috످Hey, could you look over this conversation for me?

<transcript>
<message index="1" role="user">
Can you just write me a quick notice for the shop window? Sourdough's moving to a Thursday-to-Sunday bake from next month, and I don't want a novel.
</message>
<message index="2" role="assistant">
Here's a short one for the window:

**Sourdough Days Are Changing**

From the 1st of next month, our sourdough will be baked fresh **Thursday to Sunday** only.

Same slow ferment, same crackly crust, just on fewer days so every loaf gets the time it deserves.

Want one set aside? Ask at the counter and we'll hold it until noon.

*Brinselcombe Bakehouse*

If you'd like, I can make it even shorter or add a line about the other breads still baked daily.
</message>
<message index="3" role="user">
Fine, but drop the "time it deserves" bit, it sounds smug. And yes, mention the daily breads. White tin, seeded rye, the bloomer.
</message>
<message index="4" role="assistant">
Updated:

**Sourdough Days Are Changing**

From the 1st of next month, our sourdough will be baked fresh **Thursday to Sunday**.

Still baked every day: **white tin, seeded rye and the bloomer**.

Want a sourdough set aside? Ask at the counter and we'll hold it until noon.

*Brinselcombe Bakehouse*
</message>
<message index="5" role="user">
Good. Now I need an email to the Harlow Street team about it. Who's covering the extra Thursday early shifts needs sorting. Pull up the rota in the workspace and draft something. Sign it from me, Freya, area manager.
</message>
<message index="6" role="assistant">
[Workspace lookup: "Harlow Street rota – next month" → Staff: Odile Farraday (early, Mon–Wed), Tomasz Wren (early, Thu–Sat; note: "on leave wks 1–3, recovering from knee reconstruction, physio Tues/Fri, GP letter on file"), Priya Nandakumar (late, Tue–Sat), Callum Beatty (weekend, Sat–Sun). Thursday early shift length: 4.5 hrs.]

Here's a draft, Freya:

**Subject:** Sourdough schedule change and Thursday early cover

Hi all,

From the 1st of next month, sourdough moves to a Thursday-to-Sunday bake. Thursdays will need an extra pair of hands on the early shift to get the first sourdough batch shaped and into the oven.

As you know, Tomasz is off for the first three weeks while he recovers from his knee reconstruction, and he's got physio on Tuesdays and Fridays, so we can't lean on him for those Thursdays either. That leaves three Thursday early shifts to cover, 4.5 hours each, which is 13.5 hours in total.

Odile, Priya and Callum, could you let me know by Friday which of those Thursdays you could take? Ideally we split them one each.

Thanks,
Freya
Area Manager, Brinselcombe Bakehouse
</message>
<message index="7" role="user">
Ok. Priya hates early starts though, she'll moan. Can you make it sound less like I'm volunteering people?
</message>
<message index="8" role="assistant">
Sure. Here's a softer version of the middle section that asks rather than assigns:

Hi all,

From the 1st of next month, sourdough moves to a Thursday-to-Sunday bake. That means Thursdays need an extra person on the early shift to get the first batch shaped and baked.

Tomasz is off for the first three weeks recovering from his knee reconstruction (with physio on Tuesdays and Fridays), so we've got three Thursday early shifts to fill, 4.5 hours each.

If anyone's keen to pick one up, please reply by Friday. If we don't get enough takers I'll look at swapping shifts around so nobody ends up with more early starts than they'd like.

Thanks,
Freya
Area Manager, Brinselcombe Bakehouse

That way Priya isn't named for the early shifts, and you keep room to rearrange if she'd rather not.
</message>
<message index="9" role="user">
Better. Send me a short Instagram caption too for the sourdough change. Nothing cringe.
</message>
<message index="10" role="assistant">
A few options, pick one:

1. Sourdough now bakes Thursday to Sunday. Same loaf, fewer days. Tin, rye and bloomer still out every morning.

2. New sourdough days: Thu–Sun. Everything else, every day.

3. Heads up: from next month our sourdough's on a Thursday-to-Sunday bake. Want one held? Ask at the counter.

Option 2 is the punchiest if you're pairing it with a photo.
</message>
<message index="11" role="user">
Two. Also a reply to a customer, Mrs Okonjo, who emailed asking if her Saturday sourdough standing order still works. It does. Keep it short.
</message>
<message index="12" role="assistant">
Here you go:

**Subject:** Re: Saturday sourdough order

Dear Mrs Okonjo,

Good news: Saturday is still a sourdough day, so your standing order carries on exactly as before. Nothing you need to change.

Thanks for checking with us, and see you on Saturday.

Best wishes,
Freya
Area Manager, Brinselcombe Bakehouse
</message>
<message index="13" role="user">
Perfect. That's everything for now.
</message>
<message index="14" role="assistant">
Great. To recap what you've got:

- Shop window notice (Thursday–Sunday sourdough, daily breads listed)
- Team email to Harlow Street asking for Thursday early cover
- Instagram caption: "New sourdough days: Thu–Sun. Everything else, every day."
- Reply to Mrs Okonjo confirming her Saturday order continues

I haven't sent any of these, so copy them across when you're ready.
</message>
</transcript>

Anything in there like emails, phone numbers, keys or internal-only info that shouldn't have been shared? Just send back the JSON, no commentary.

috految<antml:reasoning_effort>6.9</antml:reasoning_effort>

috److{
  "category": "staff medical information",
  "inappropriate_disclosure": true,
  "summary": "The assistant put an employee's private medical details from the internal rota into a draft email to the whole Harlow Street team. No email addresses, phone numbers or keys appear.",
  "findings": [
    "In message 6, the draft reveals the employee's medical procedure and treatment schedule, though the team only needed to know about the absence.",
    "That draft says \"As you know\", but nothing in the log shows the team knew or the employee agreed to share this.",
    "The rewrite in message 8 repeats the medical details, and the assistant never warns Freya that they are private."
  ],
  "recommended_action": "The assistant did not send the email. Before it goes out, Freya should remove the medical details and say only that the employee is on leave for the first three weeks.",
  "other_note": "The window notice promises to hold loaves until noon, which Freya never specified. Confirm this before posting."
}

috످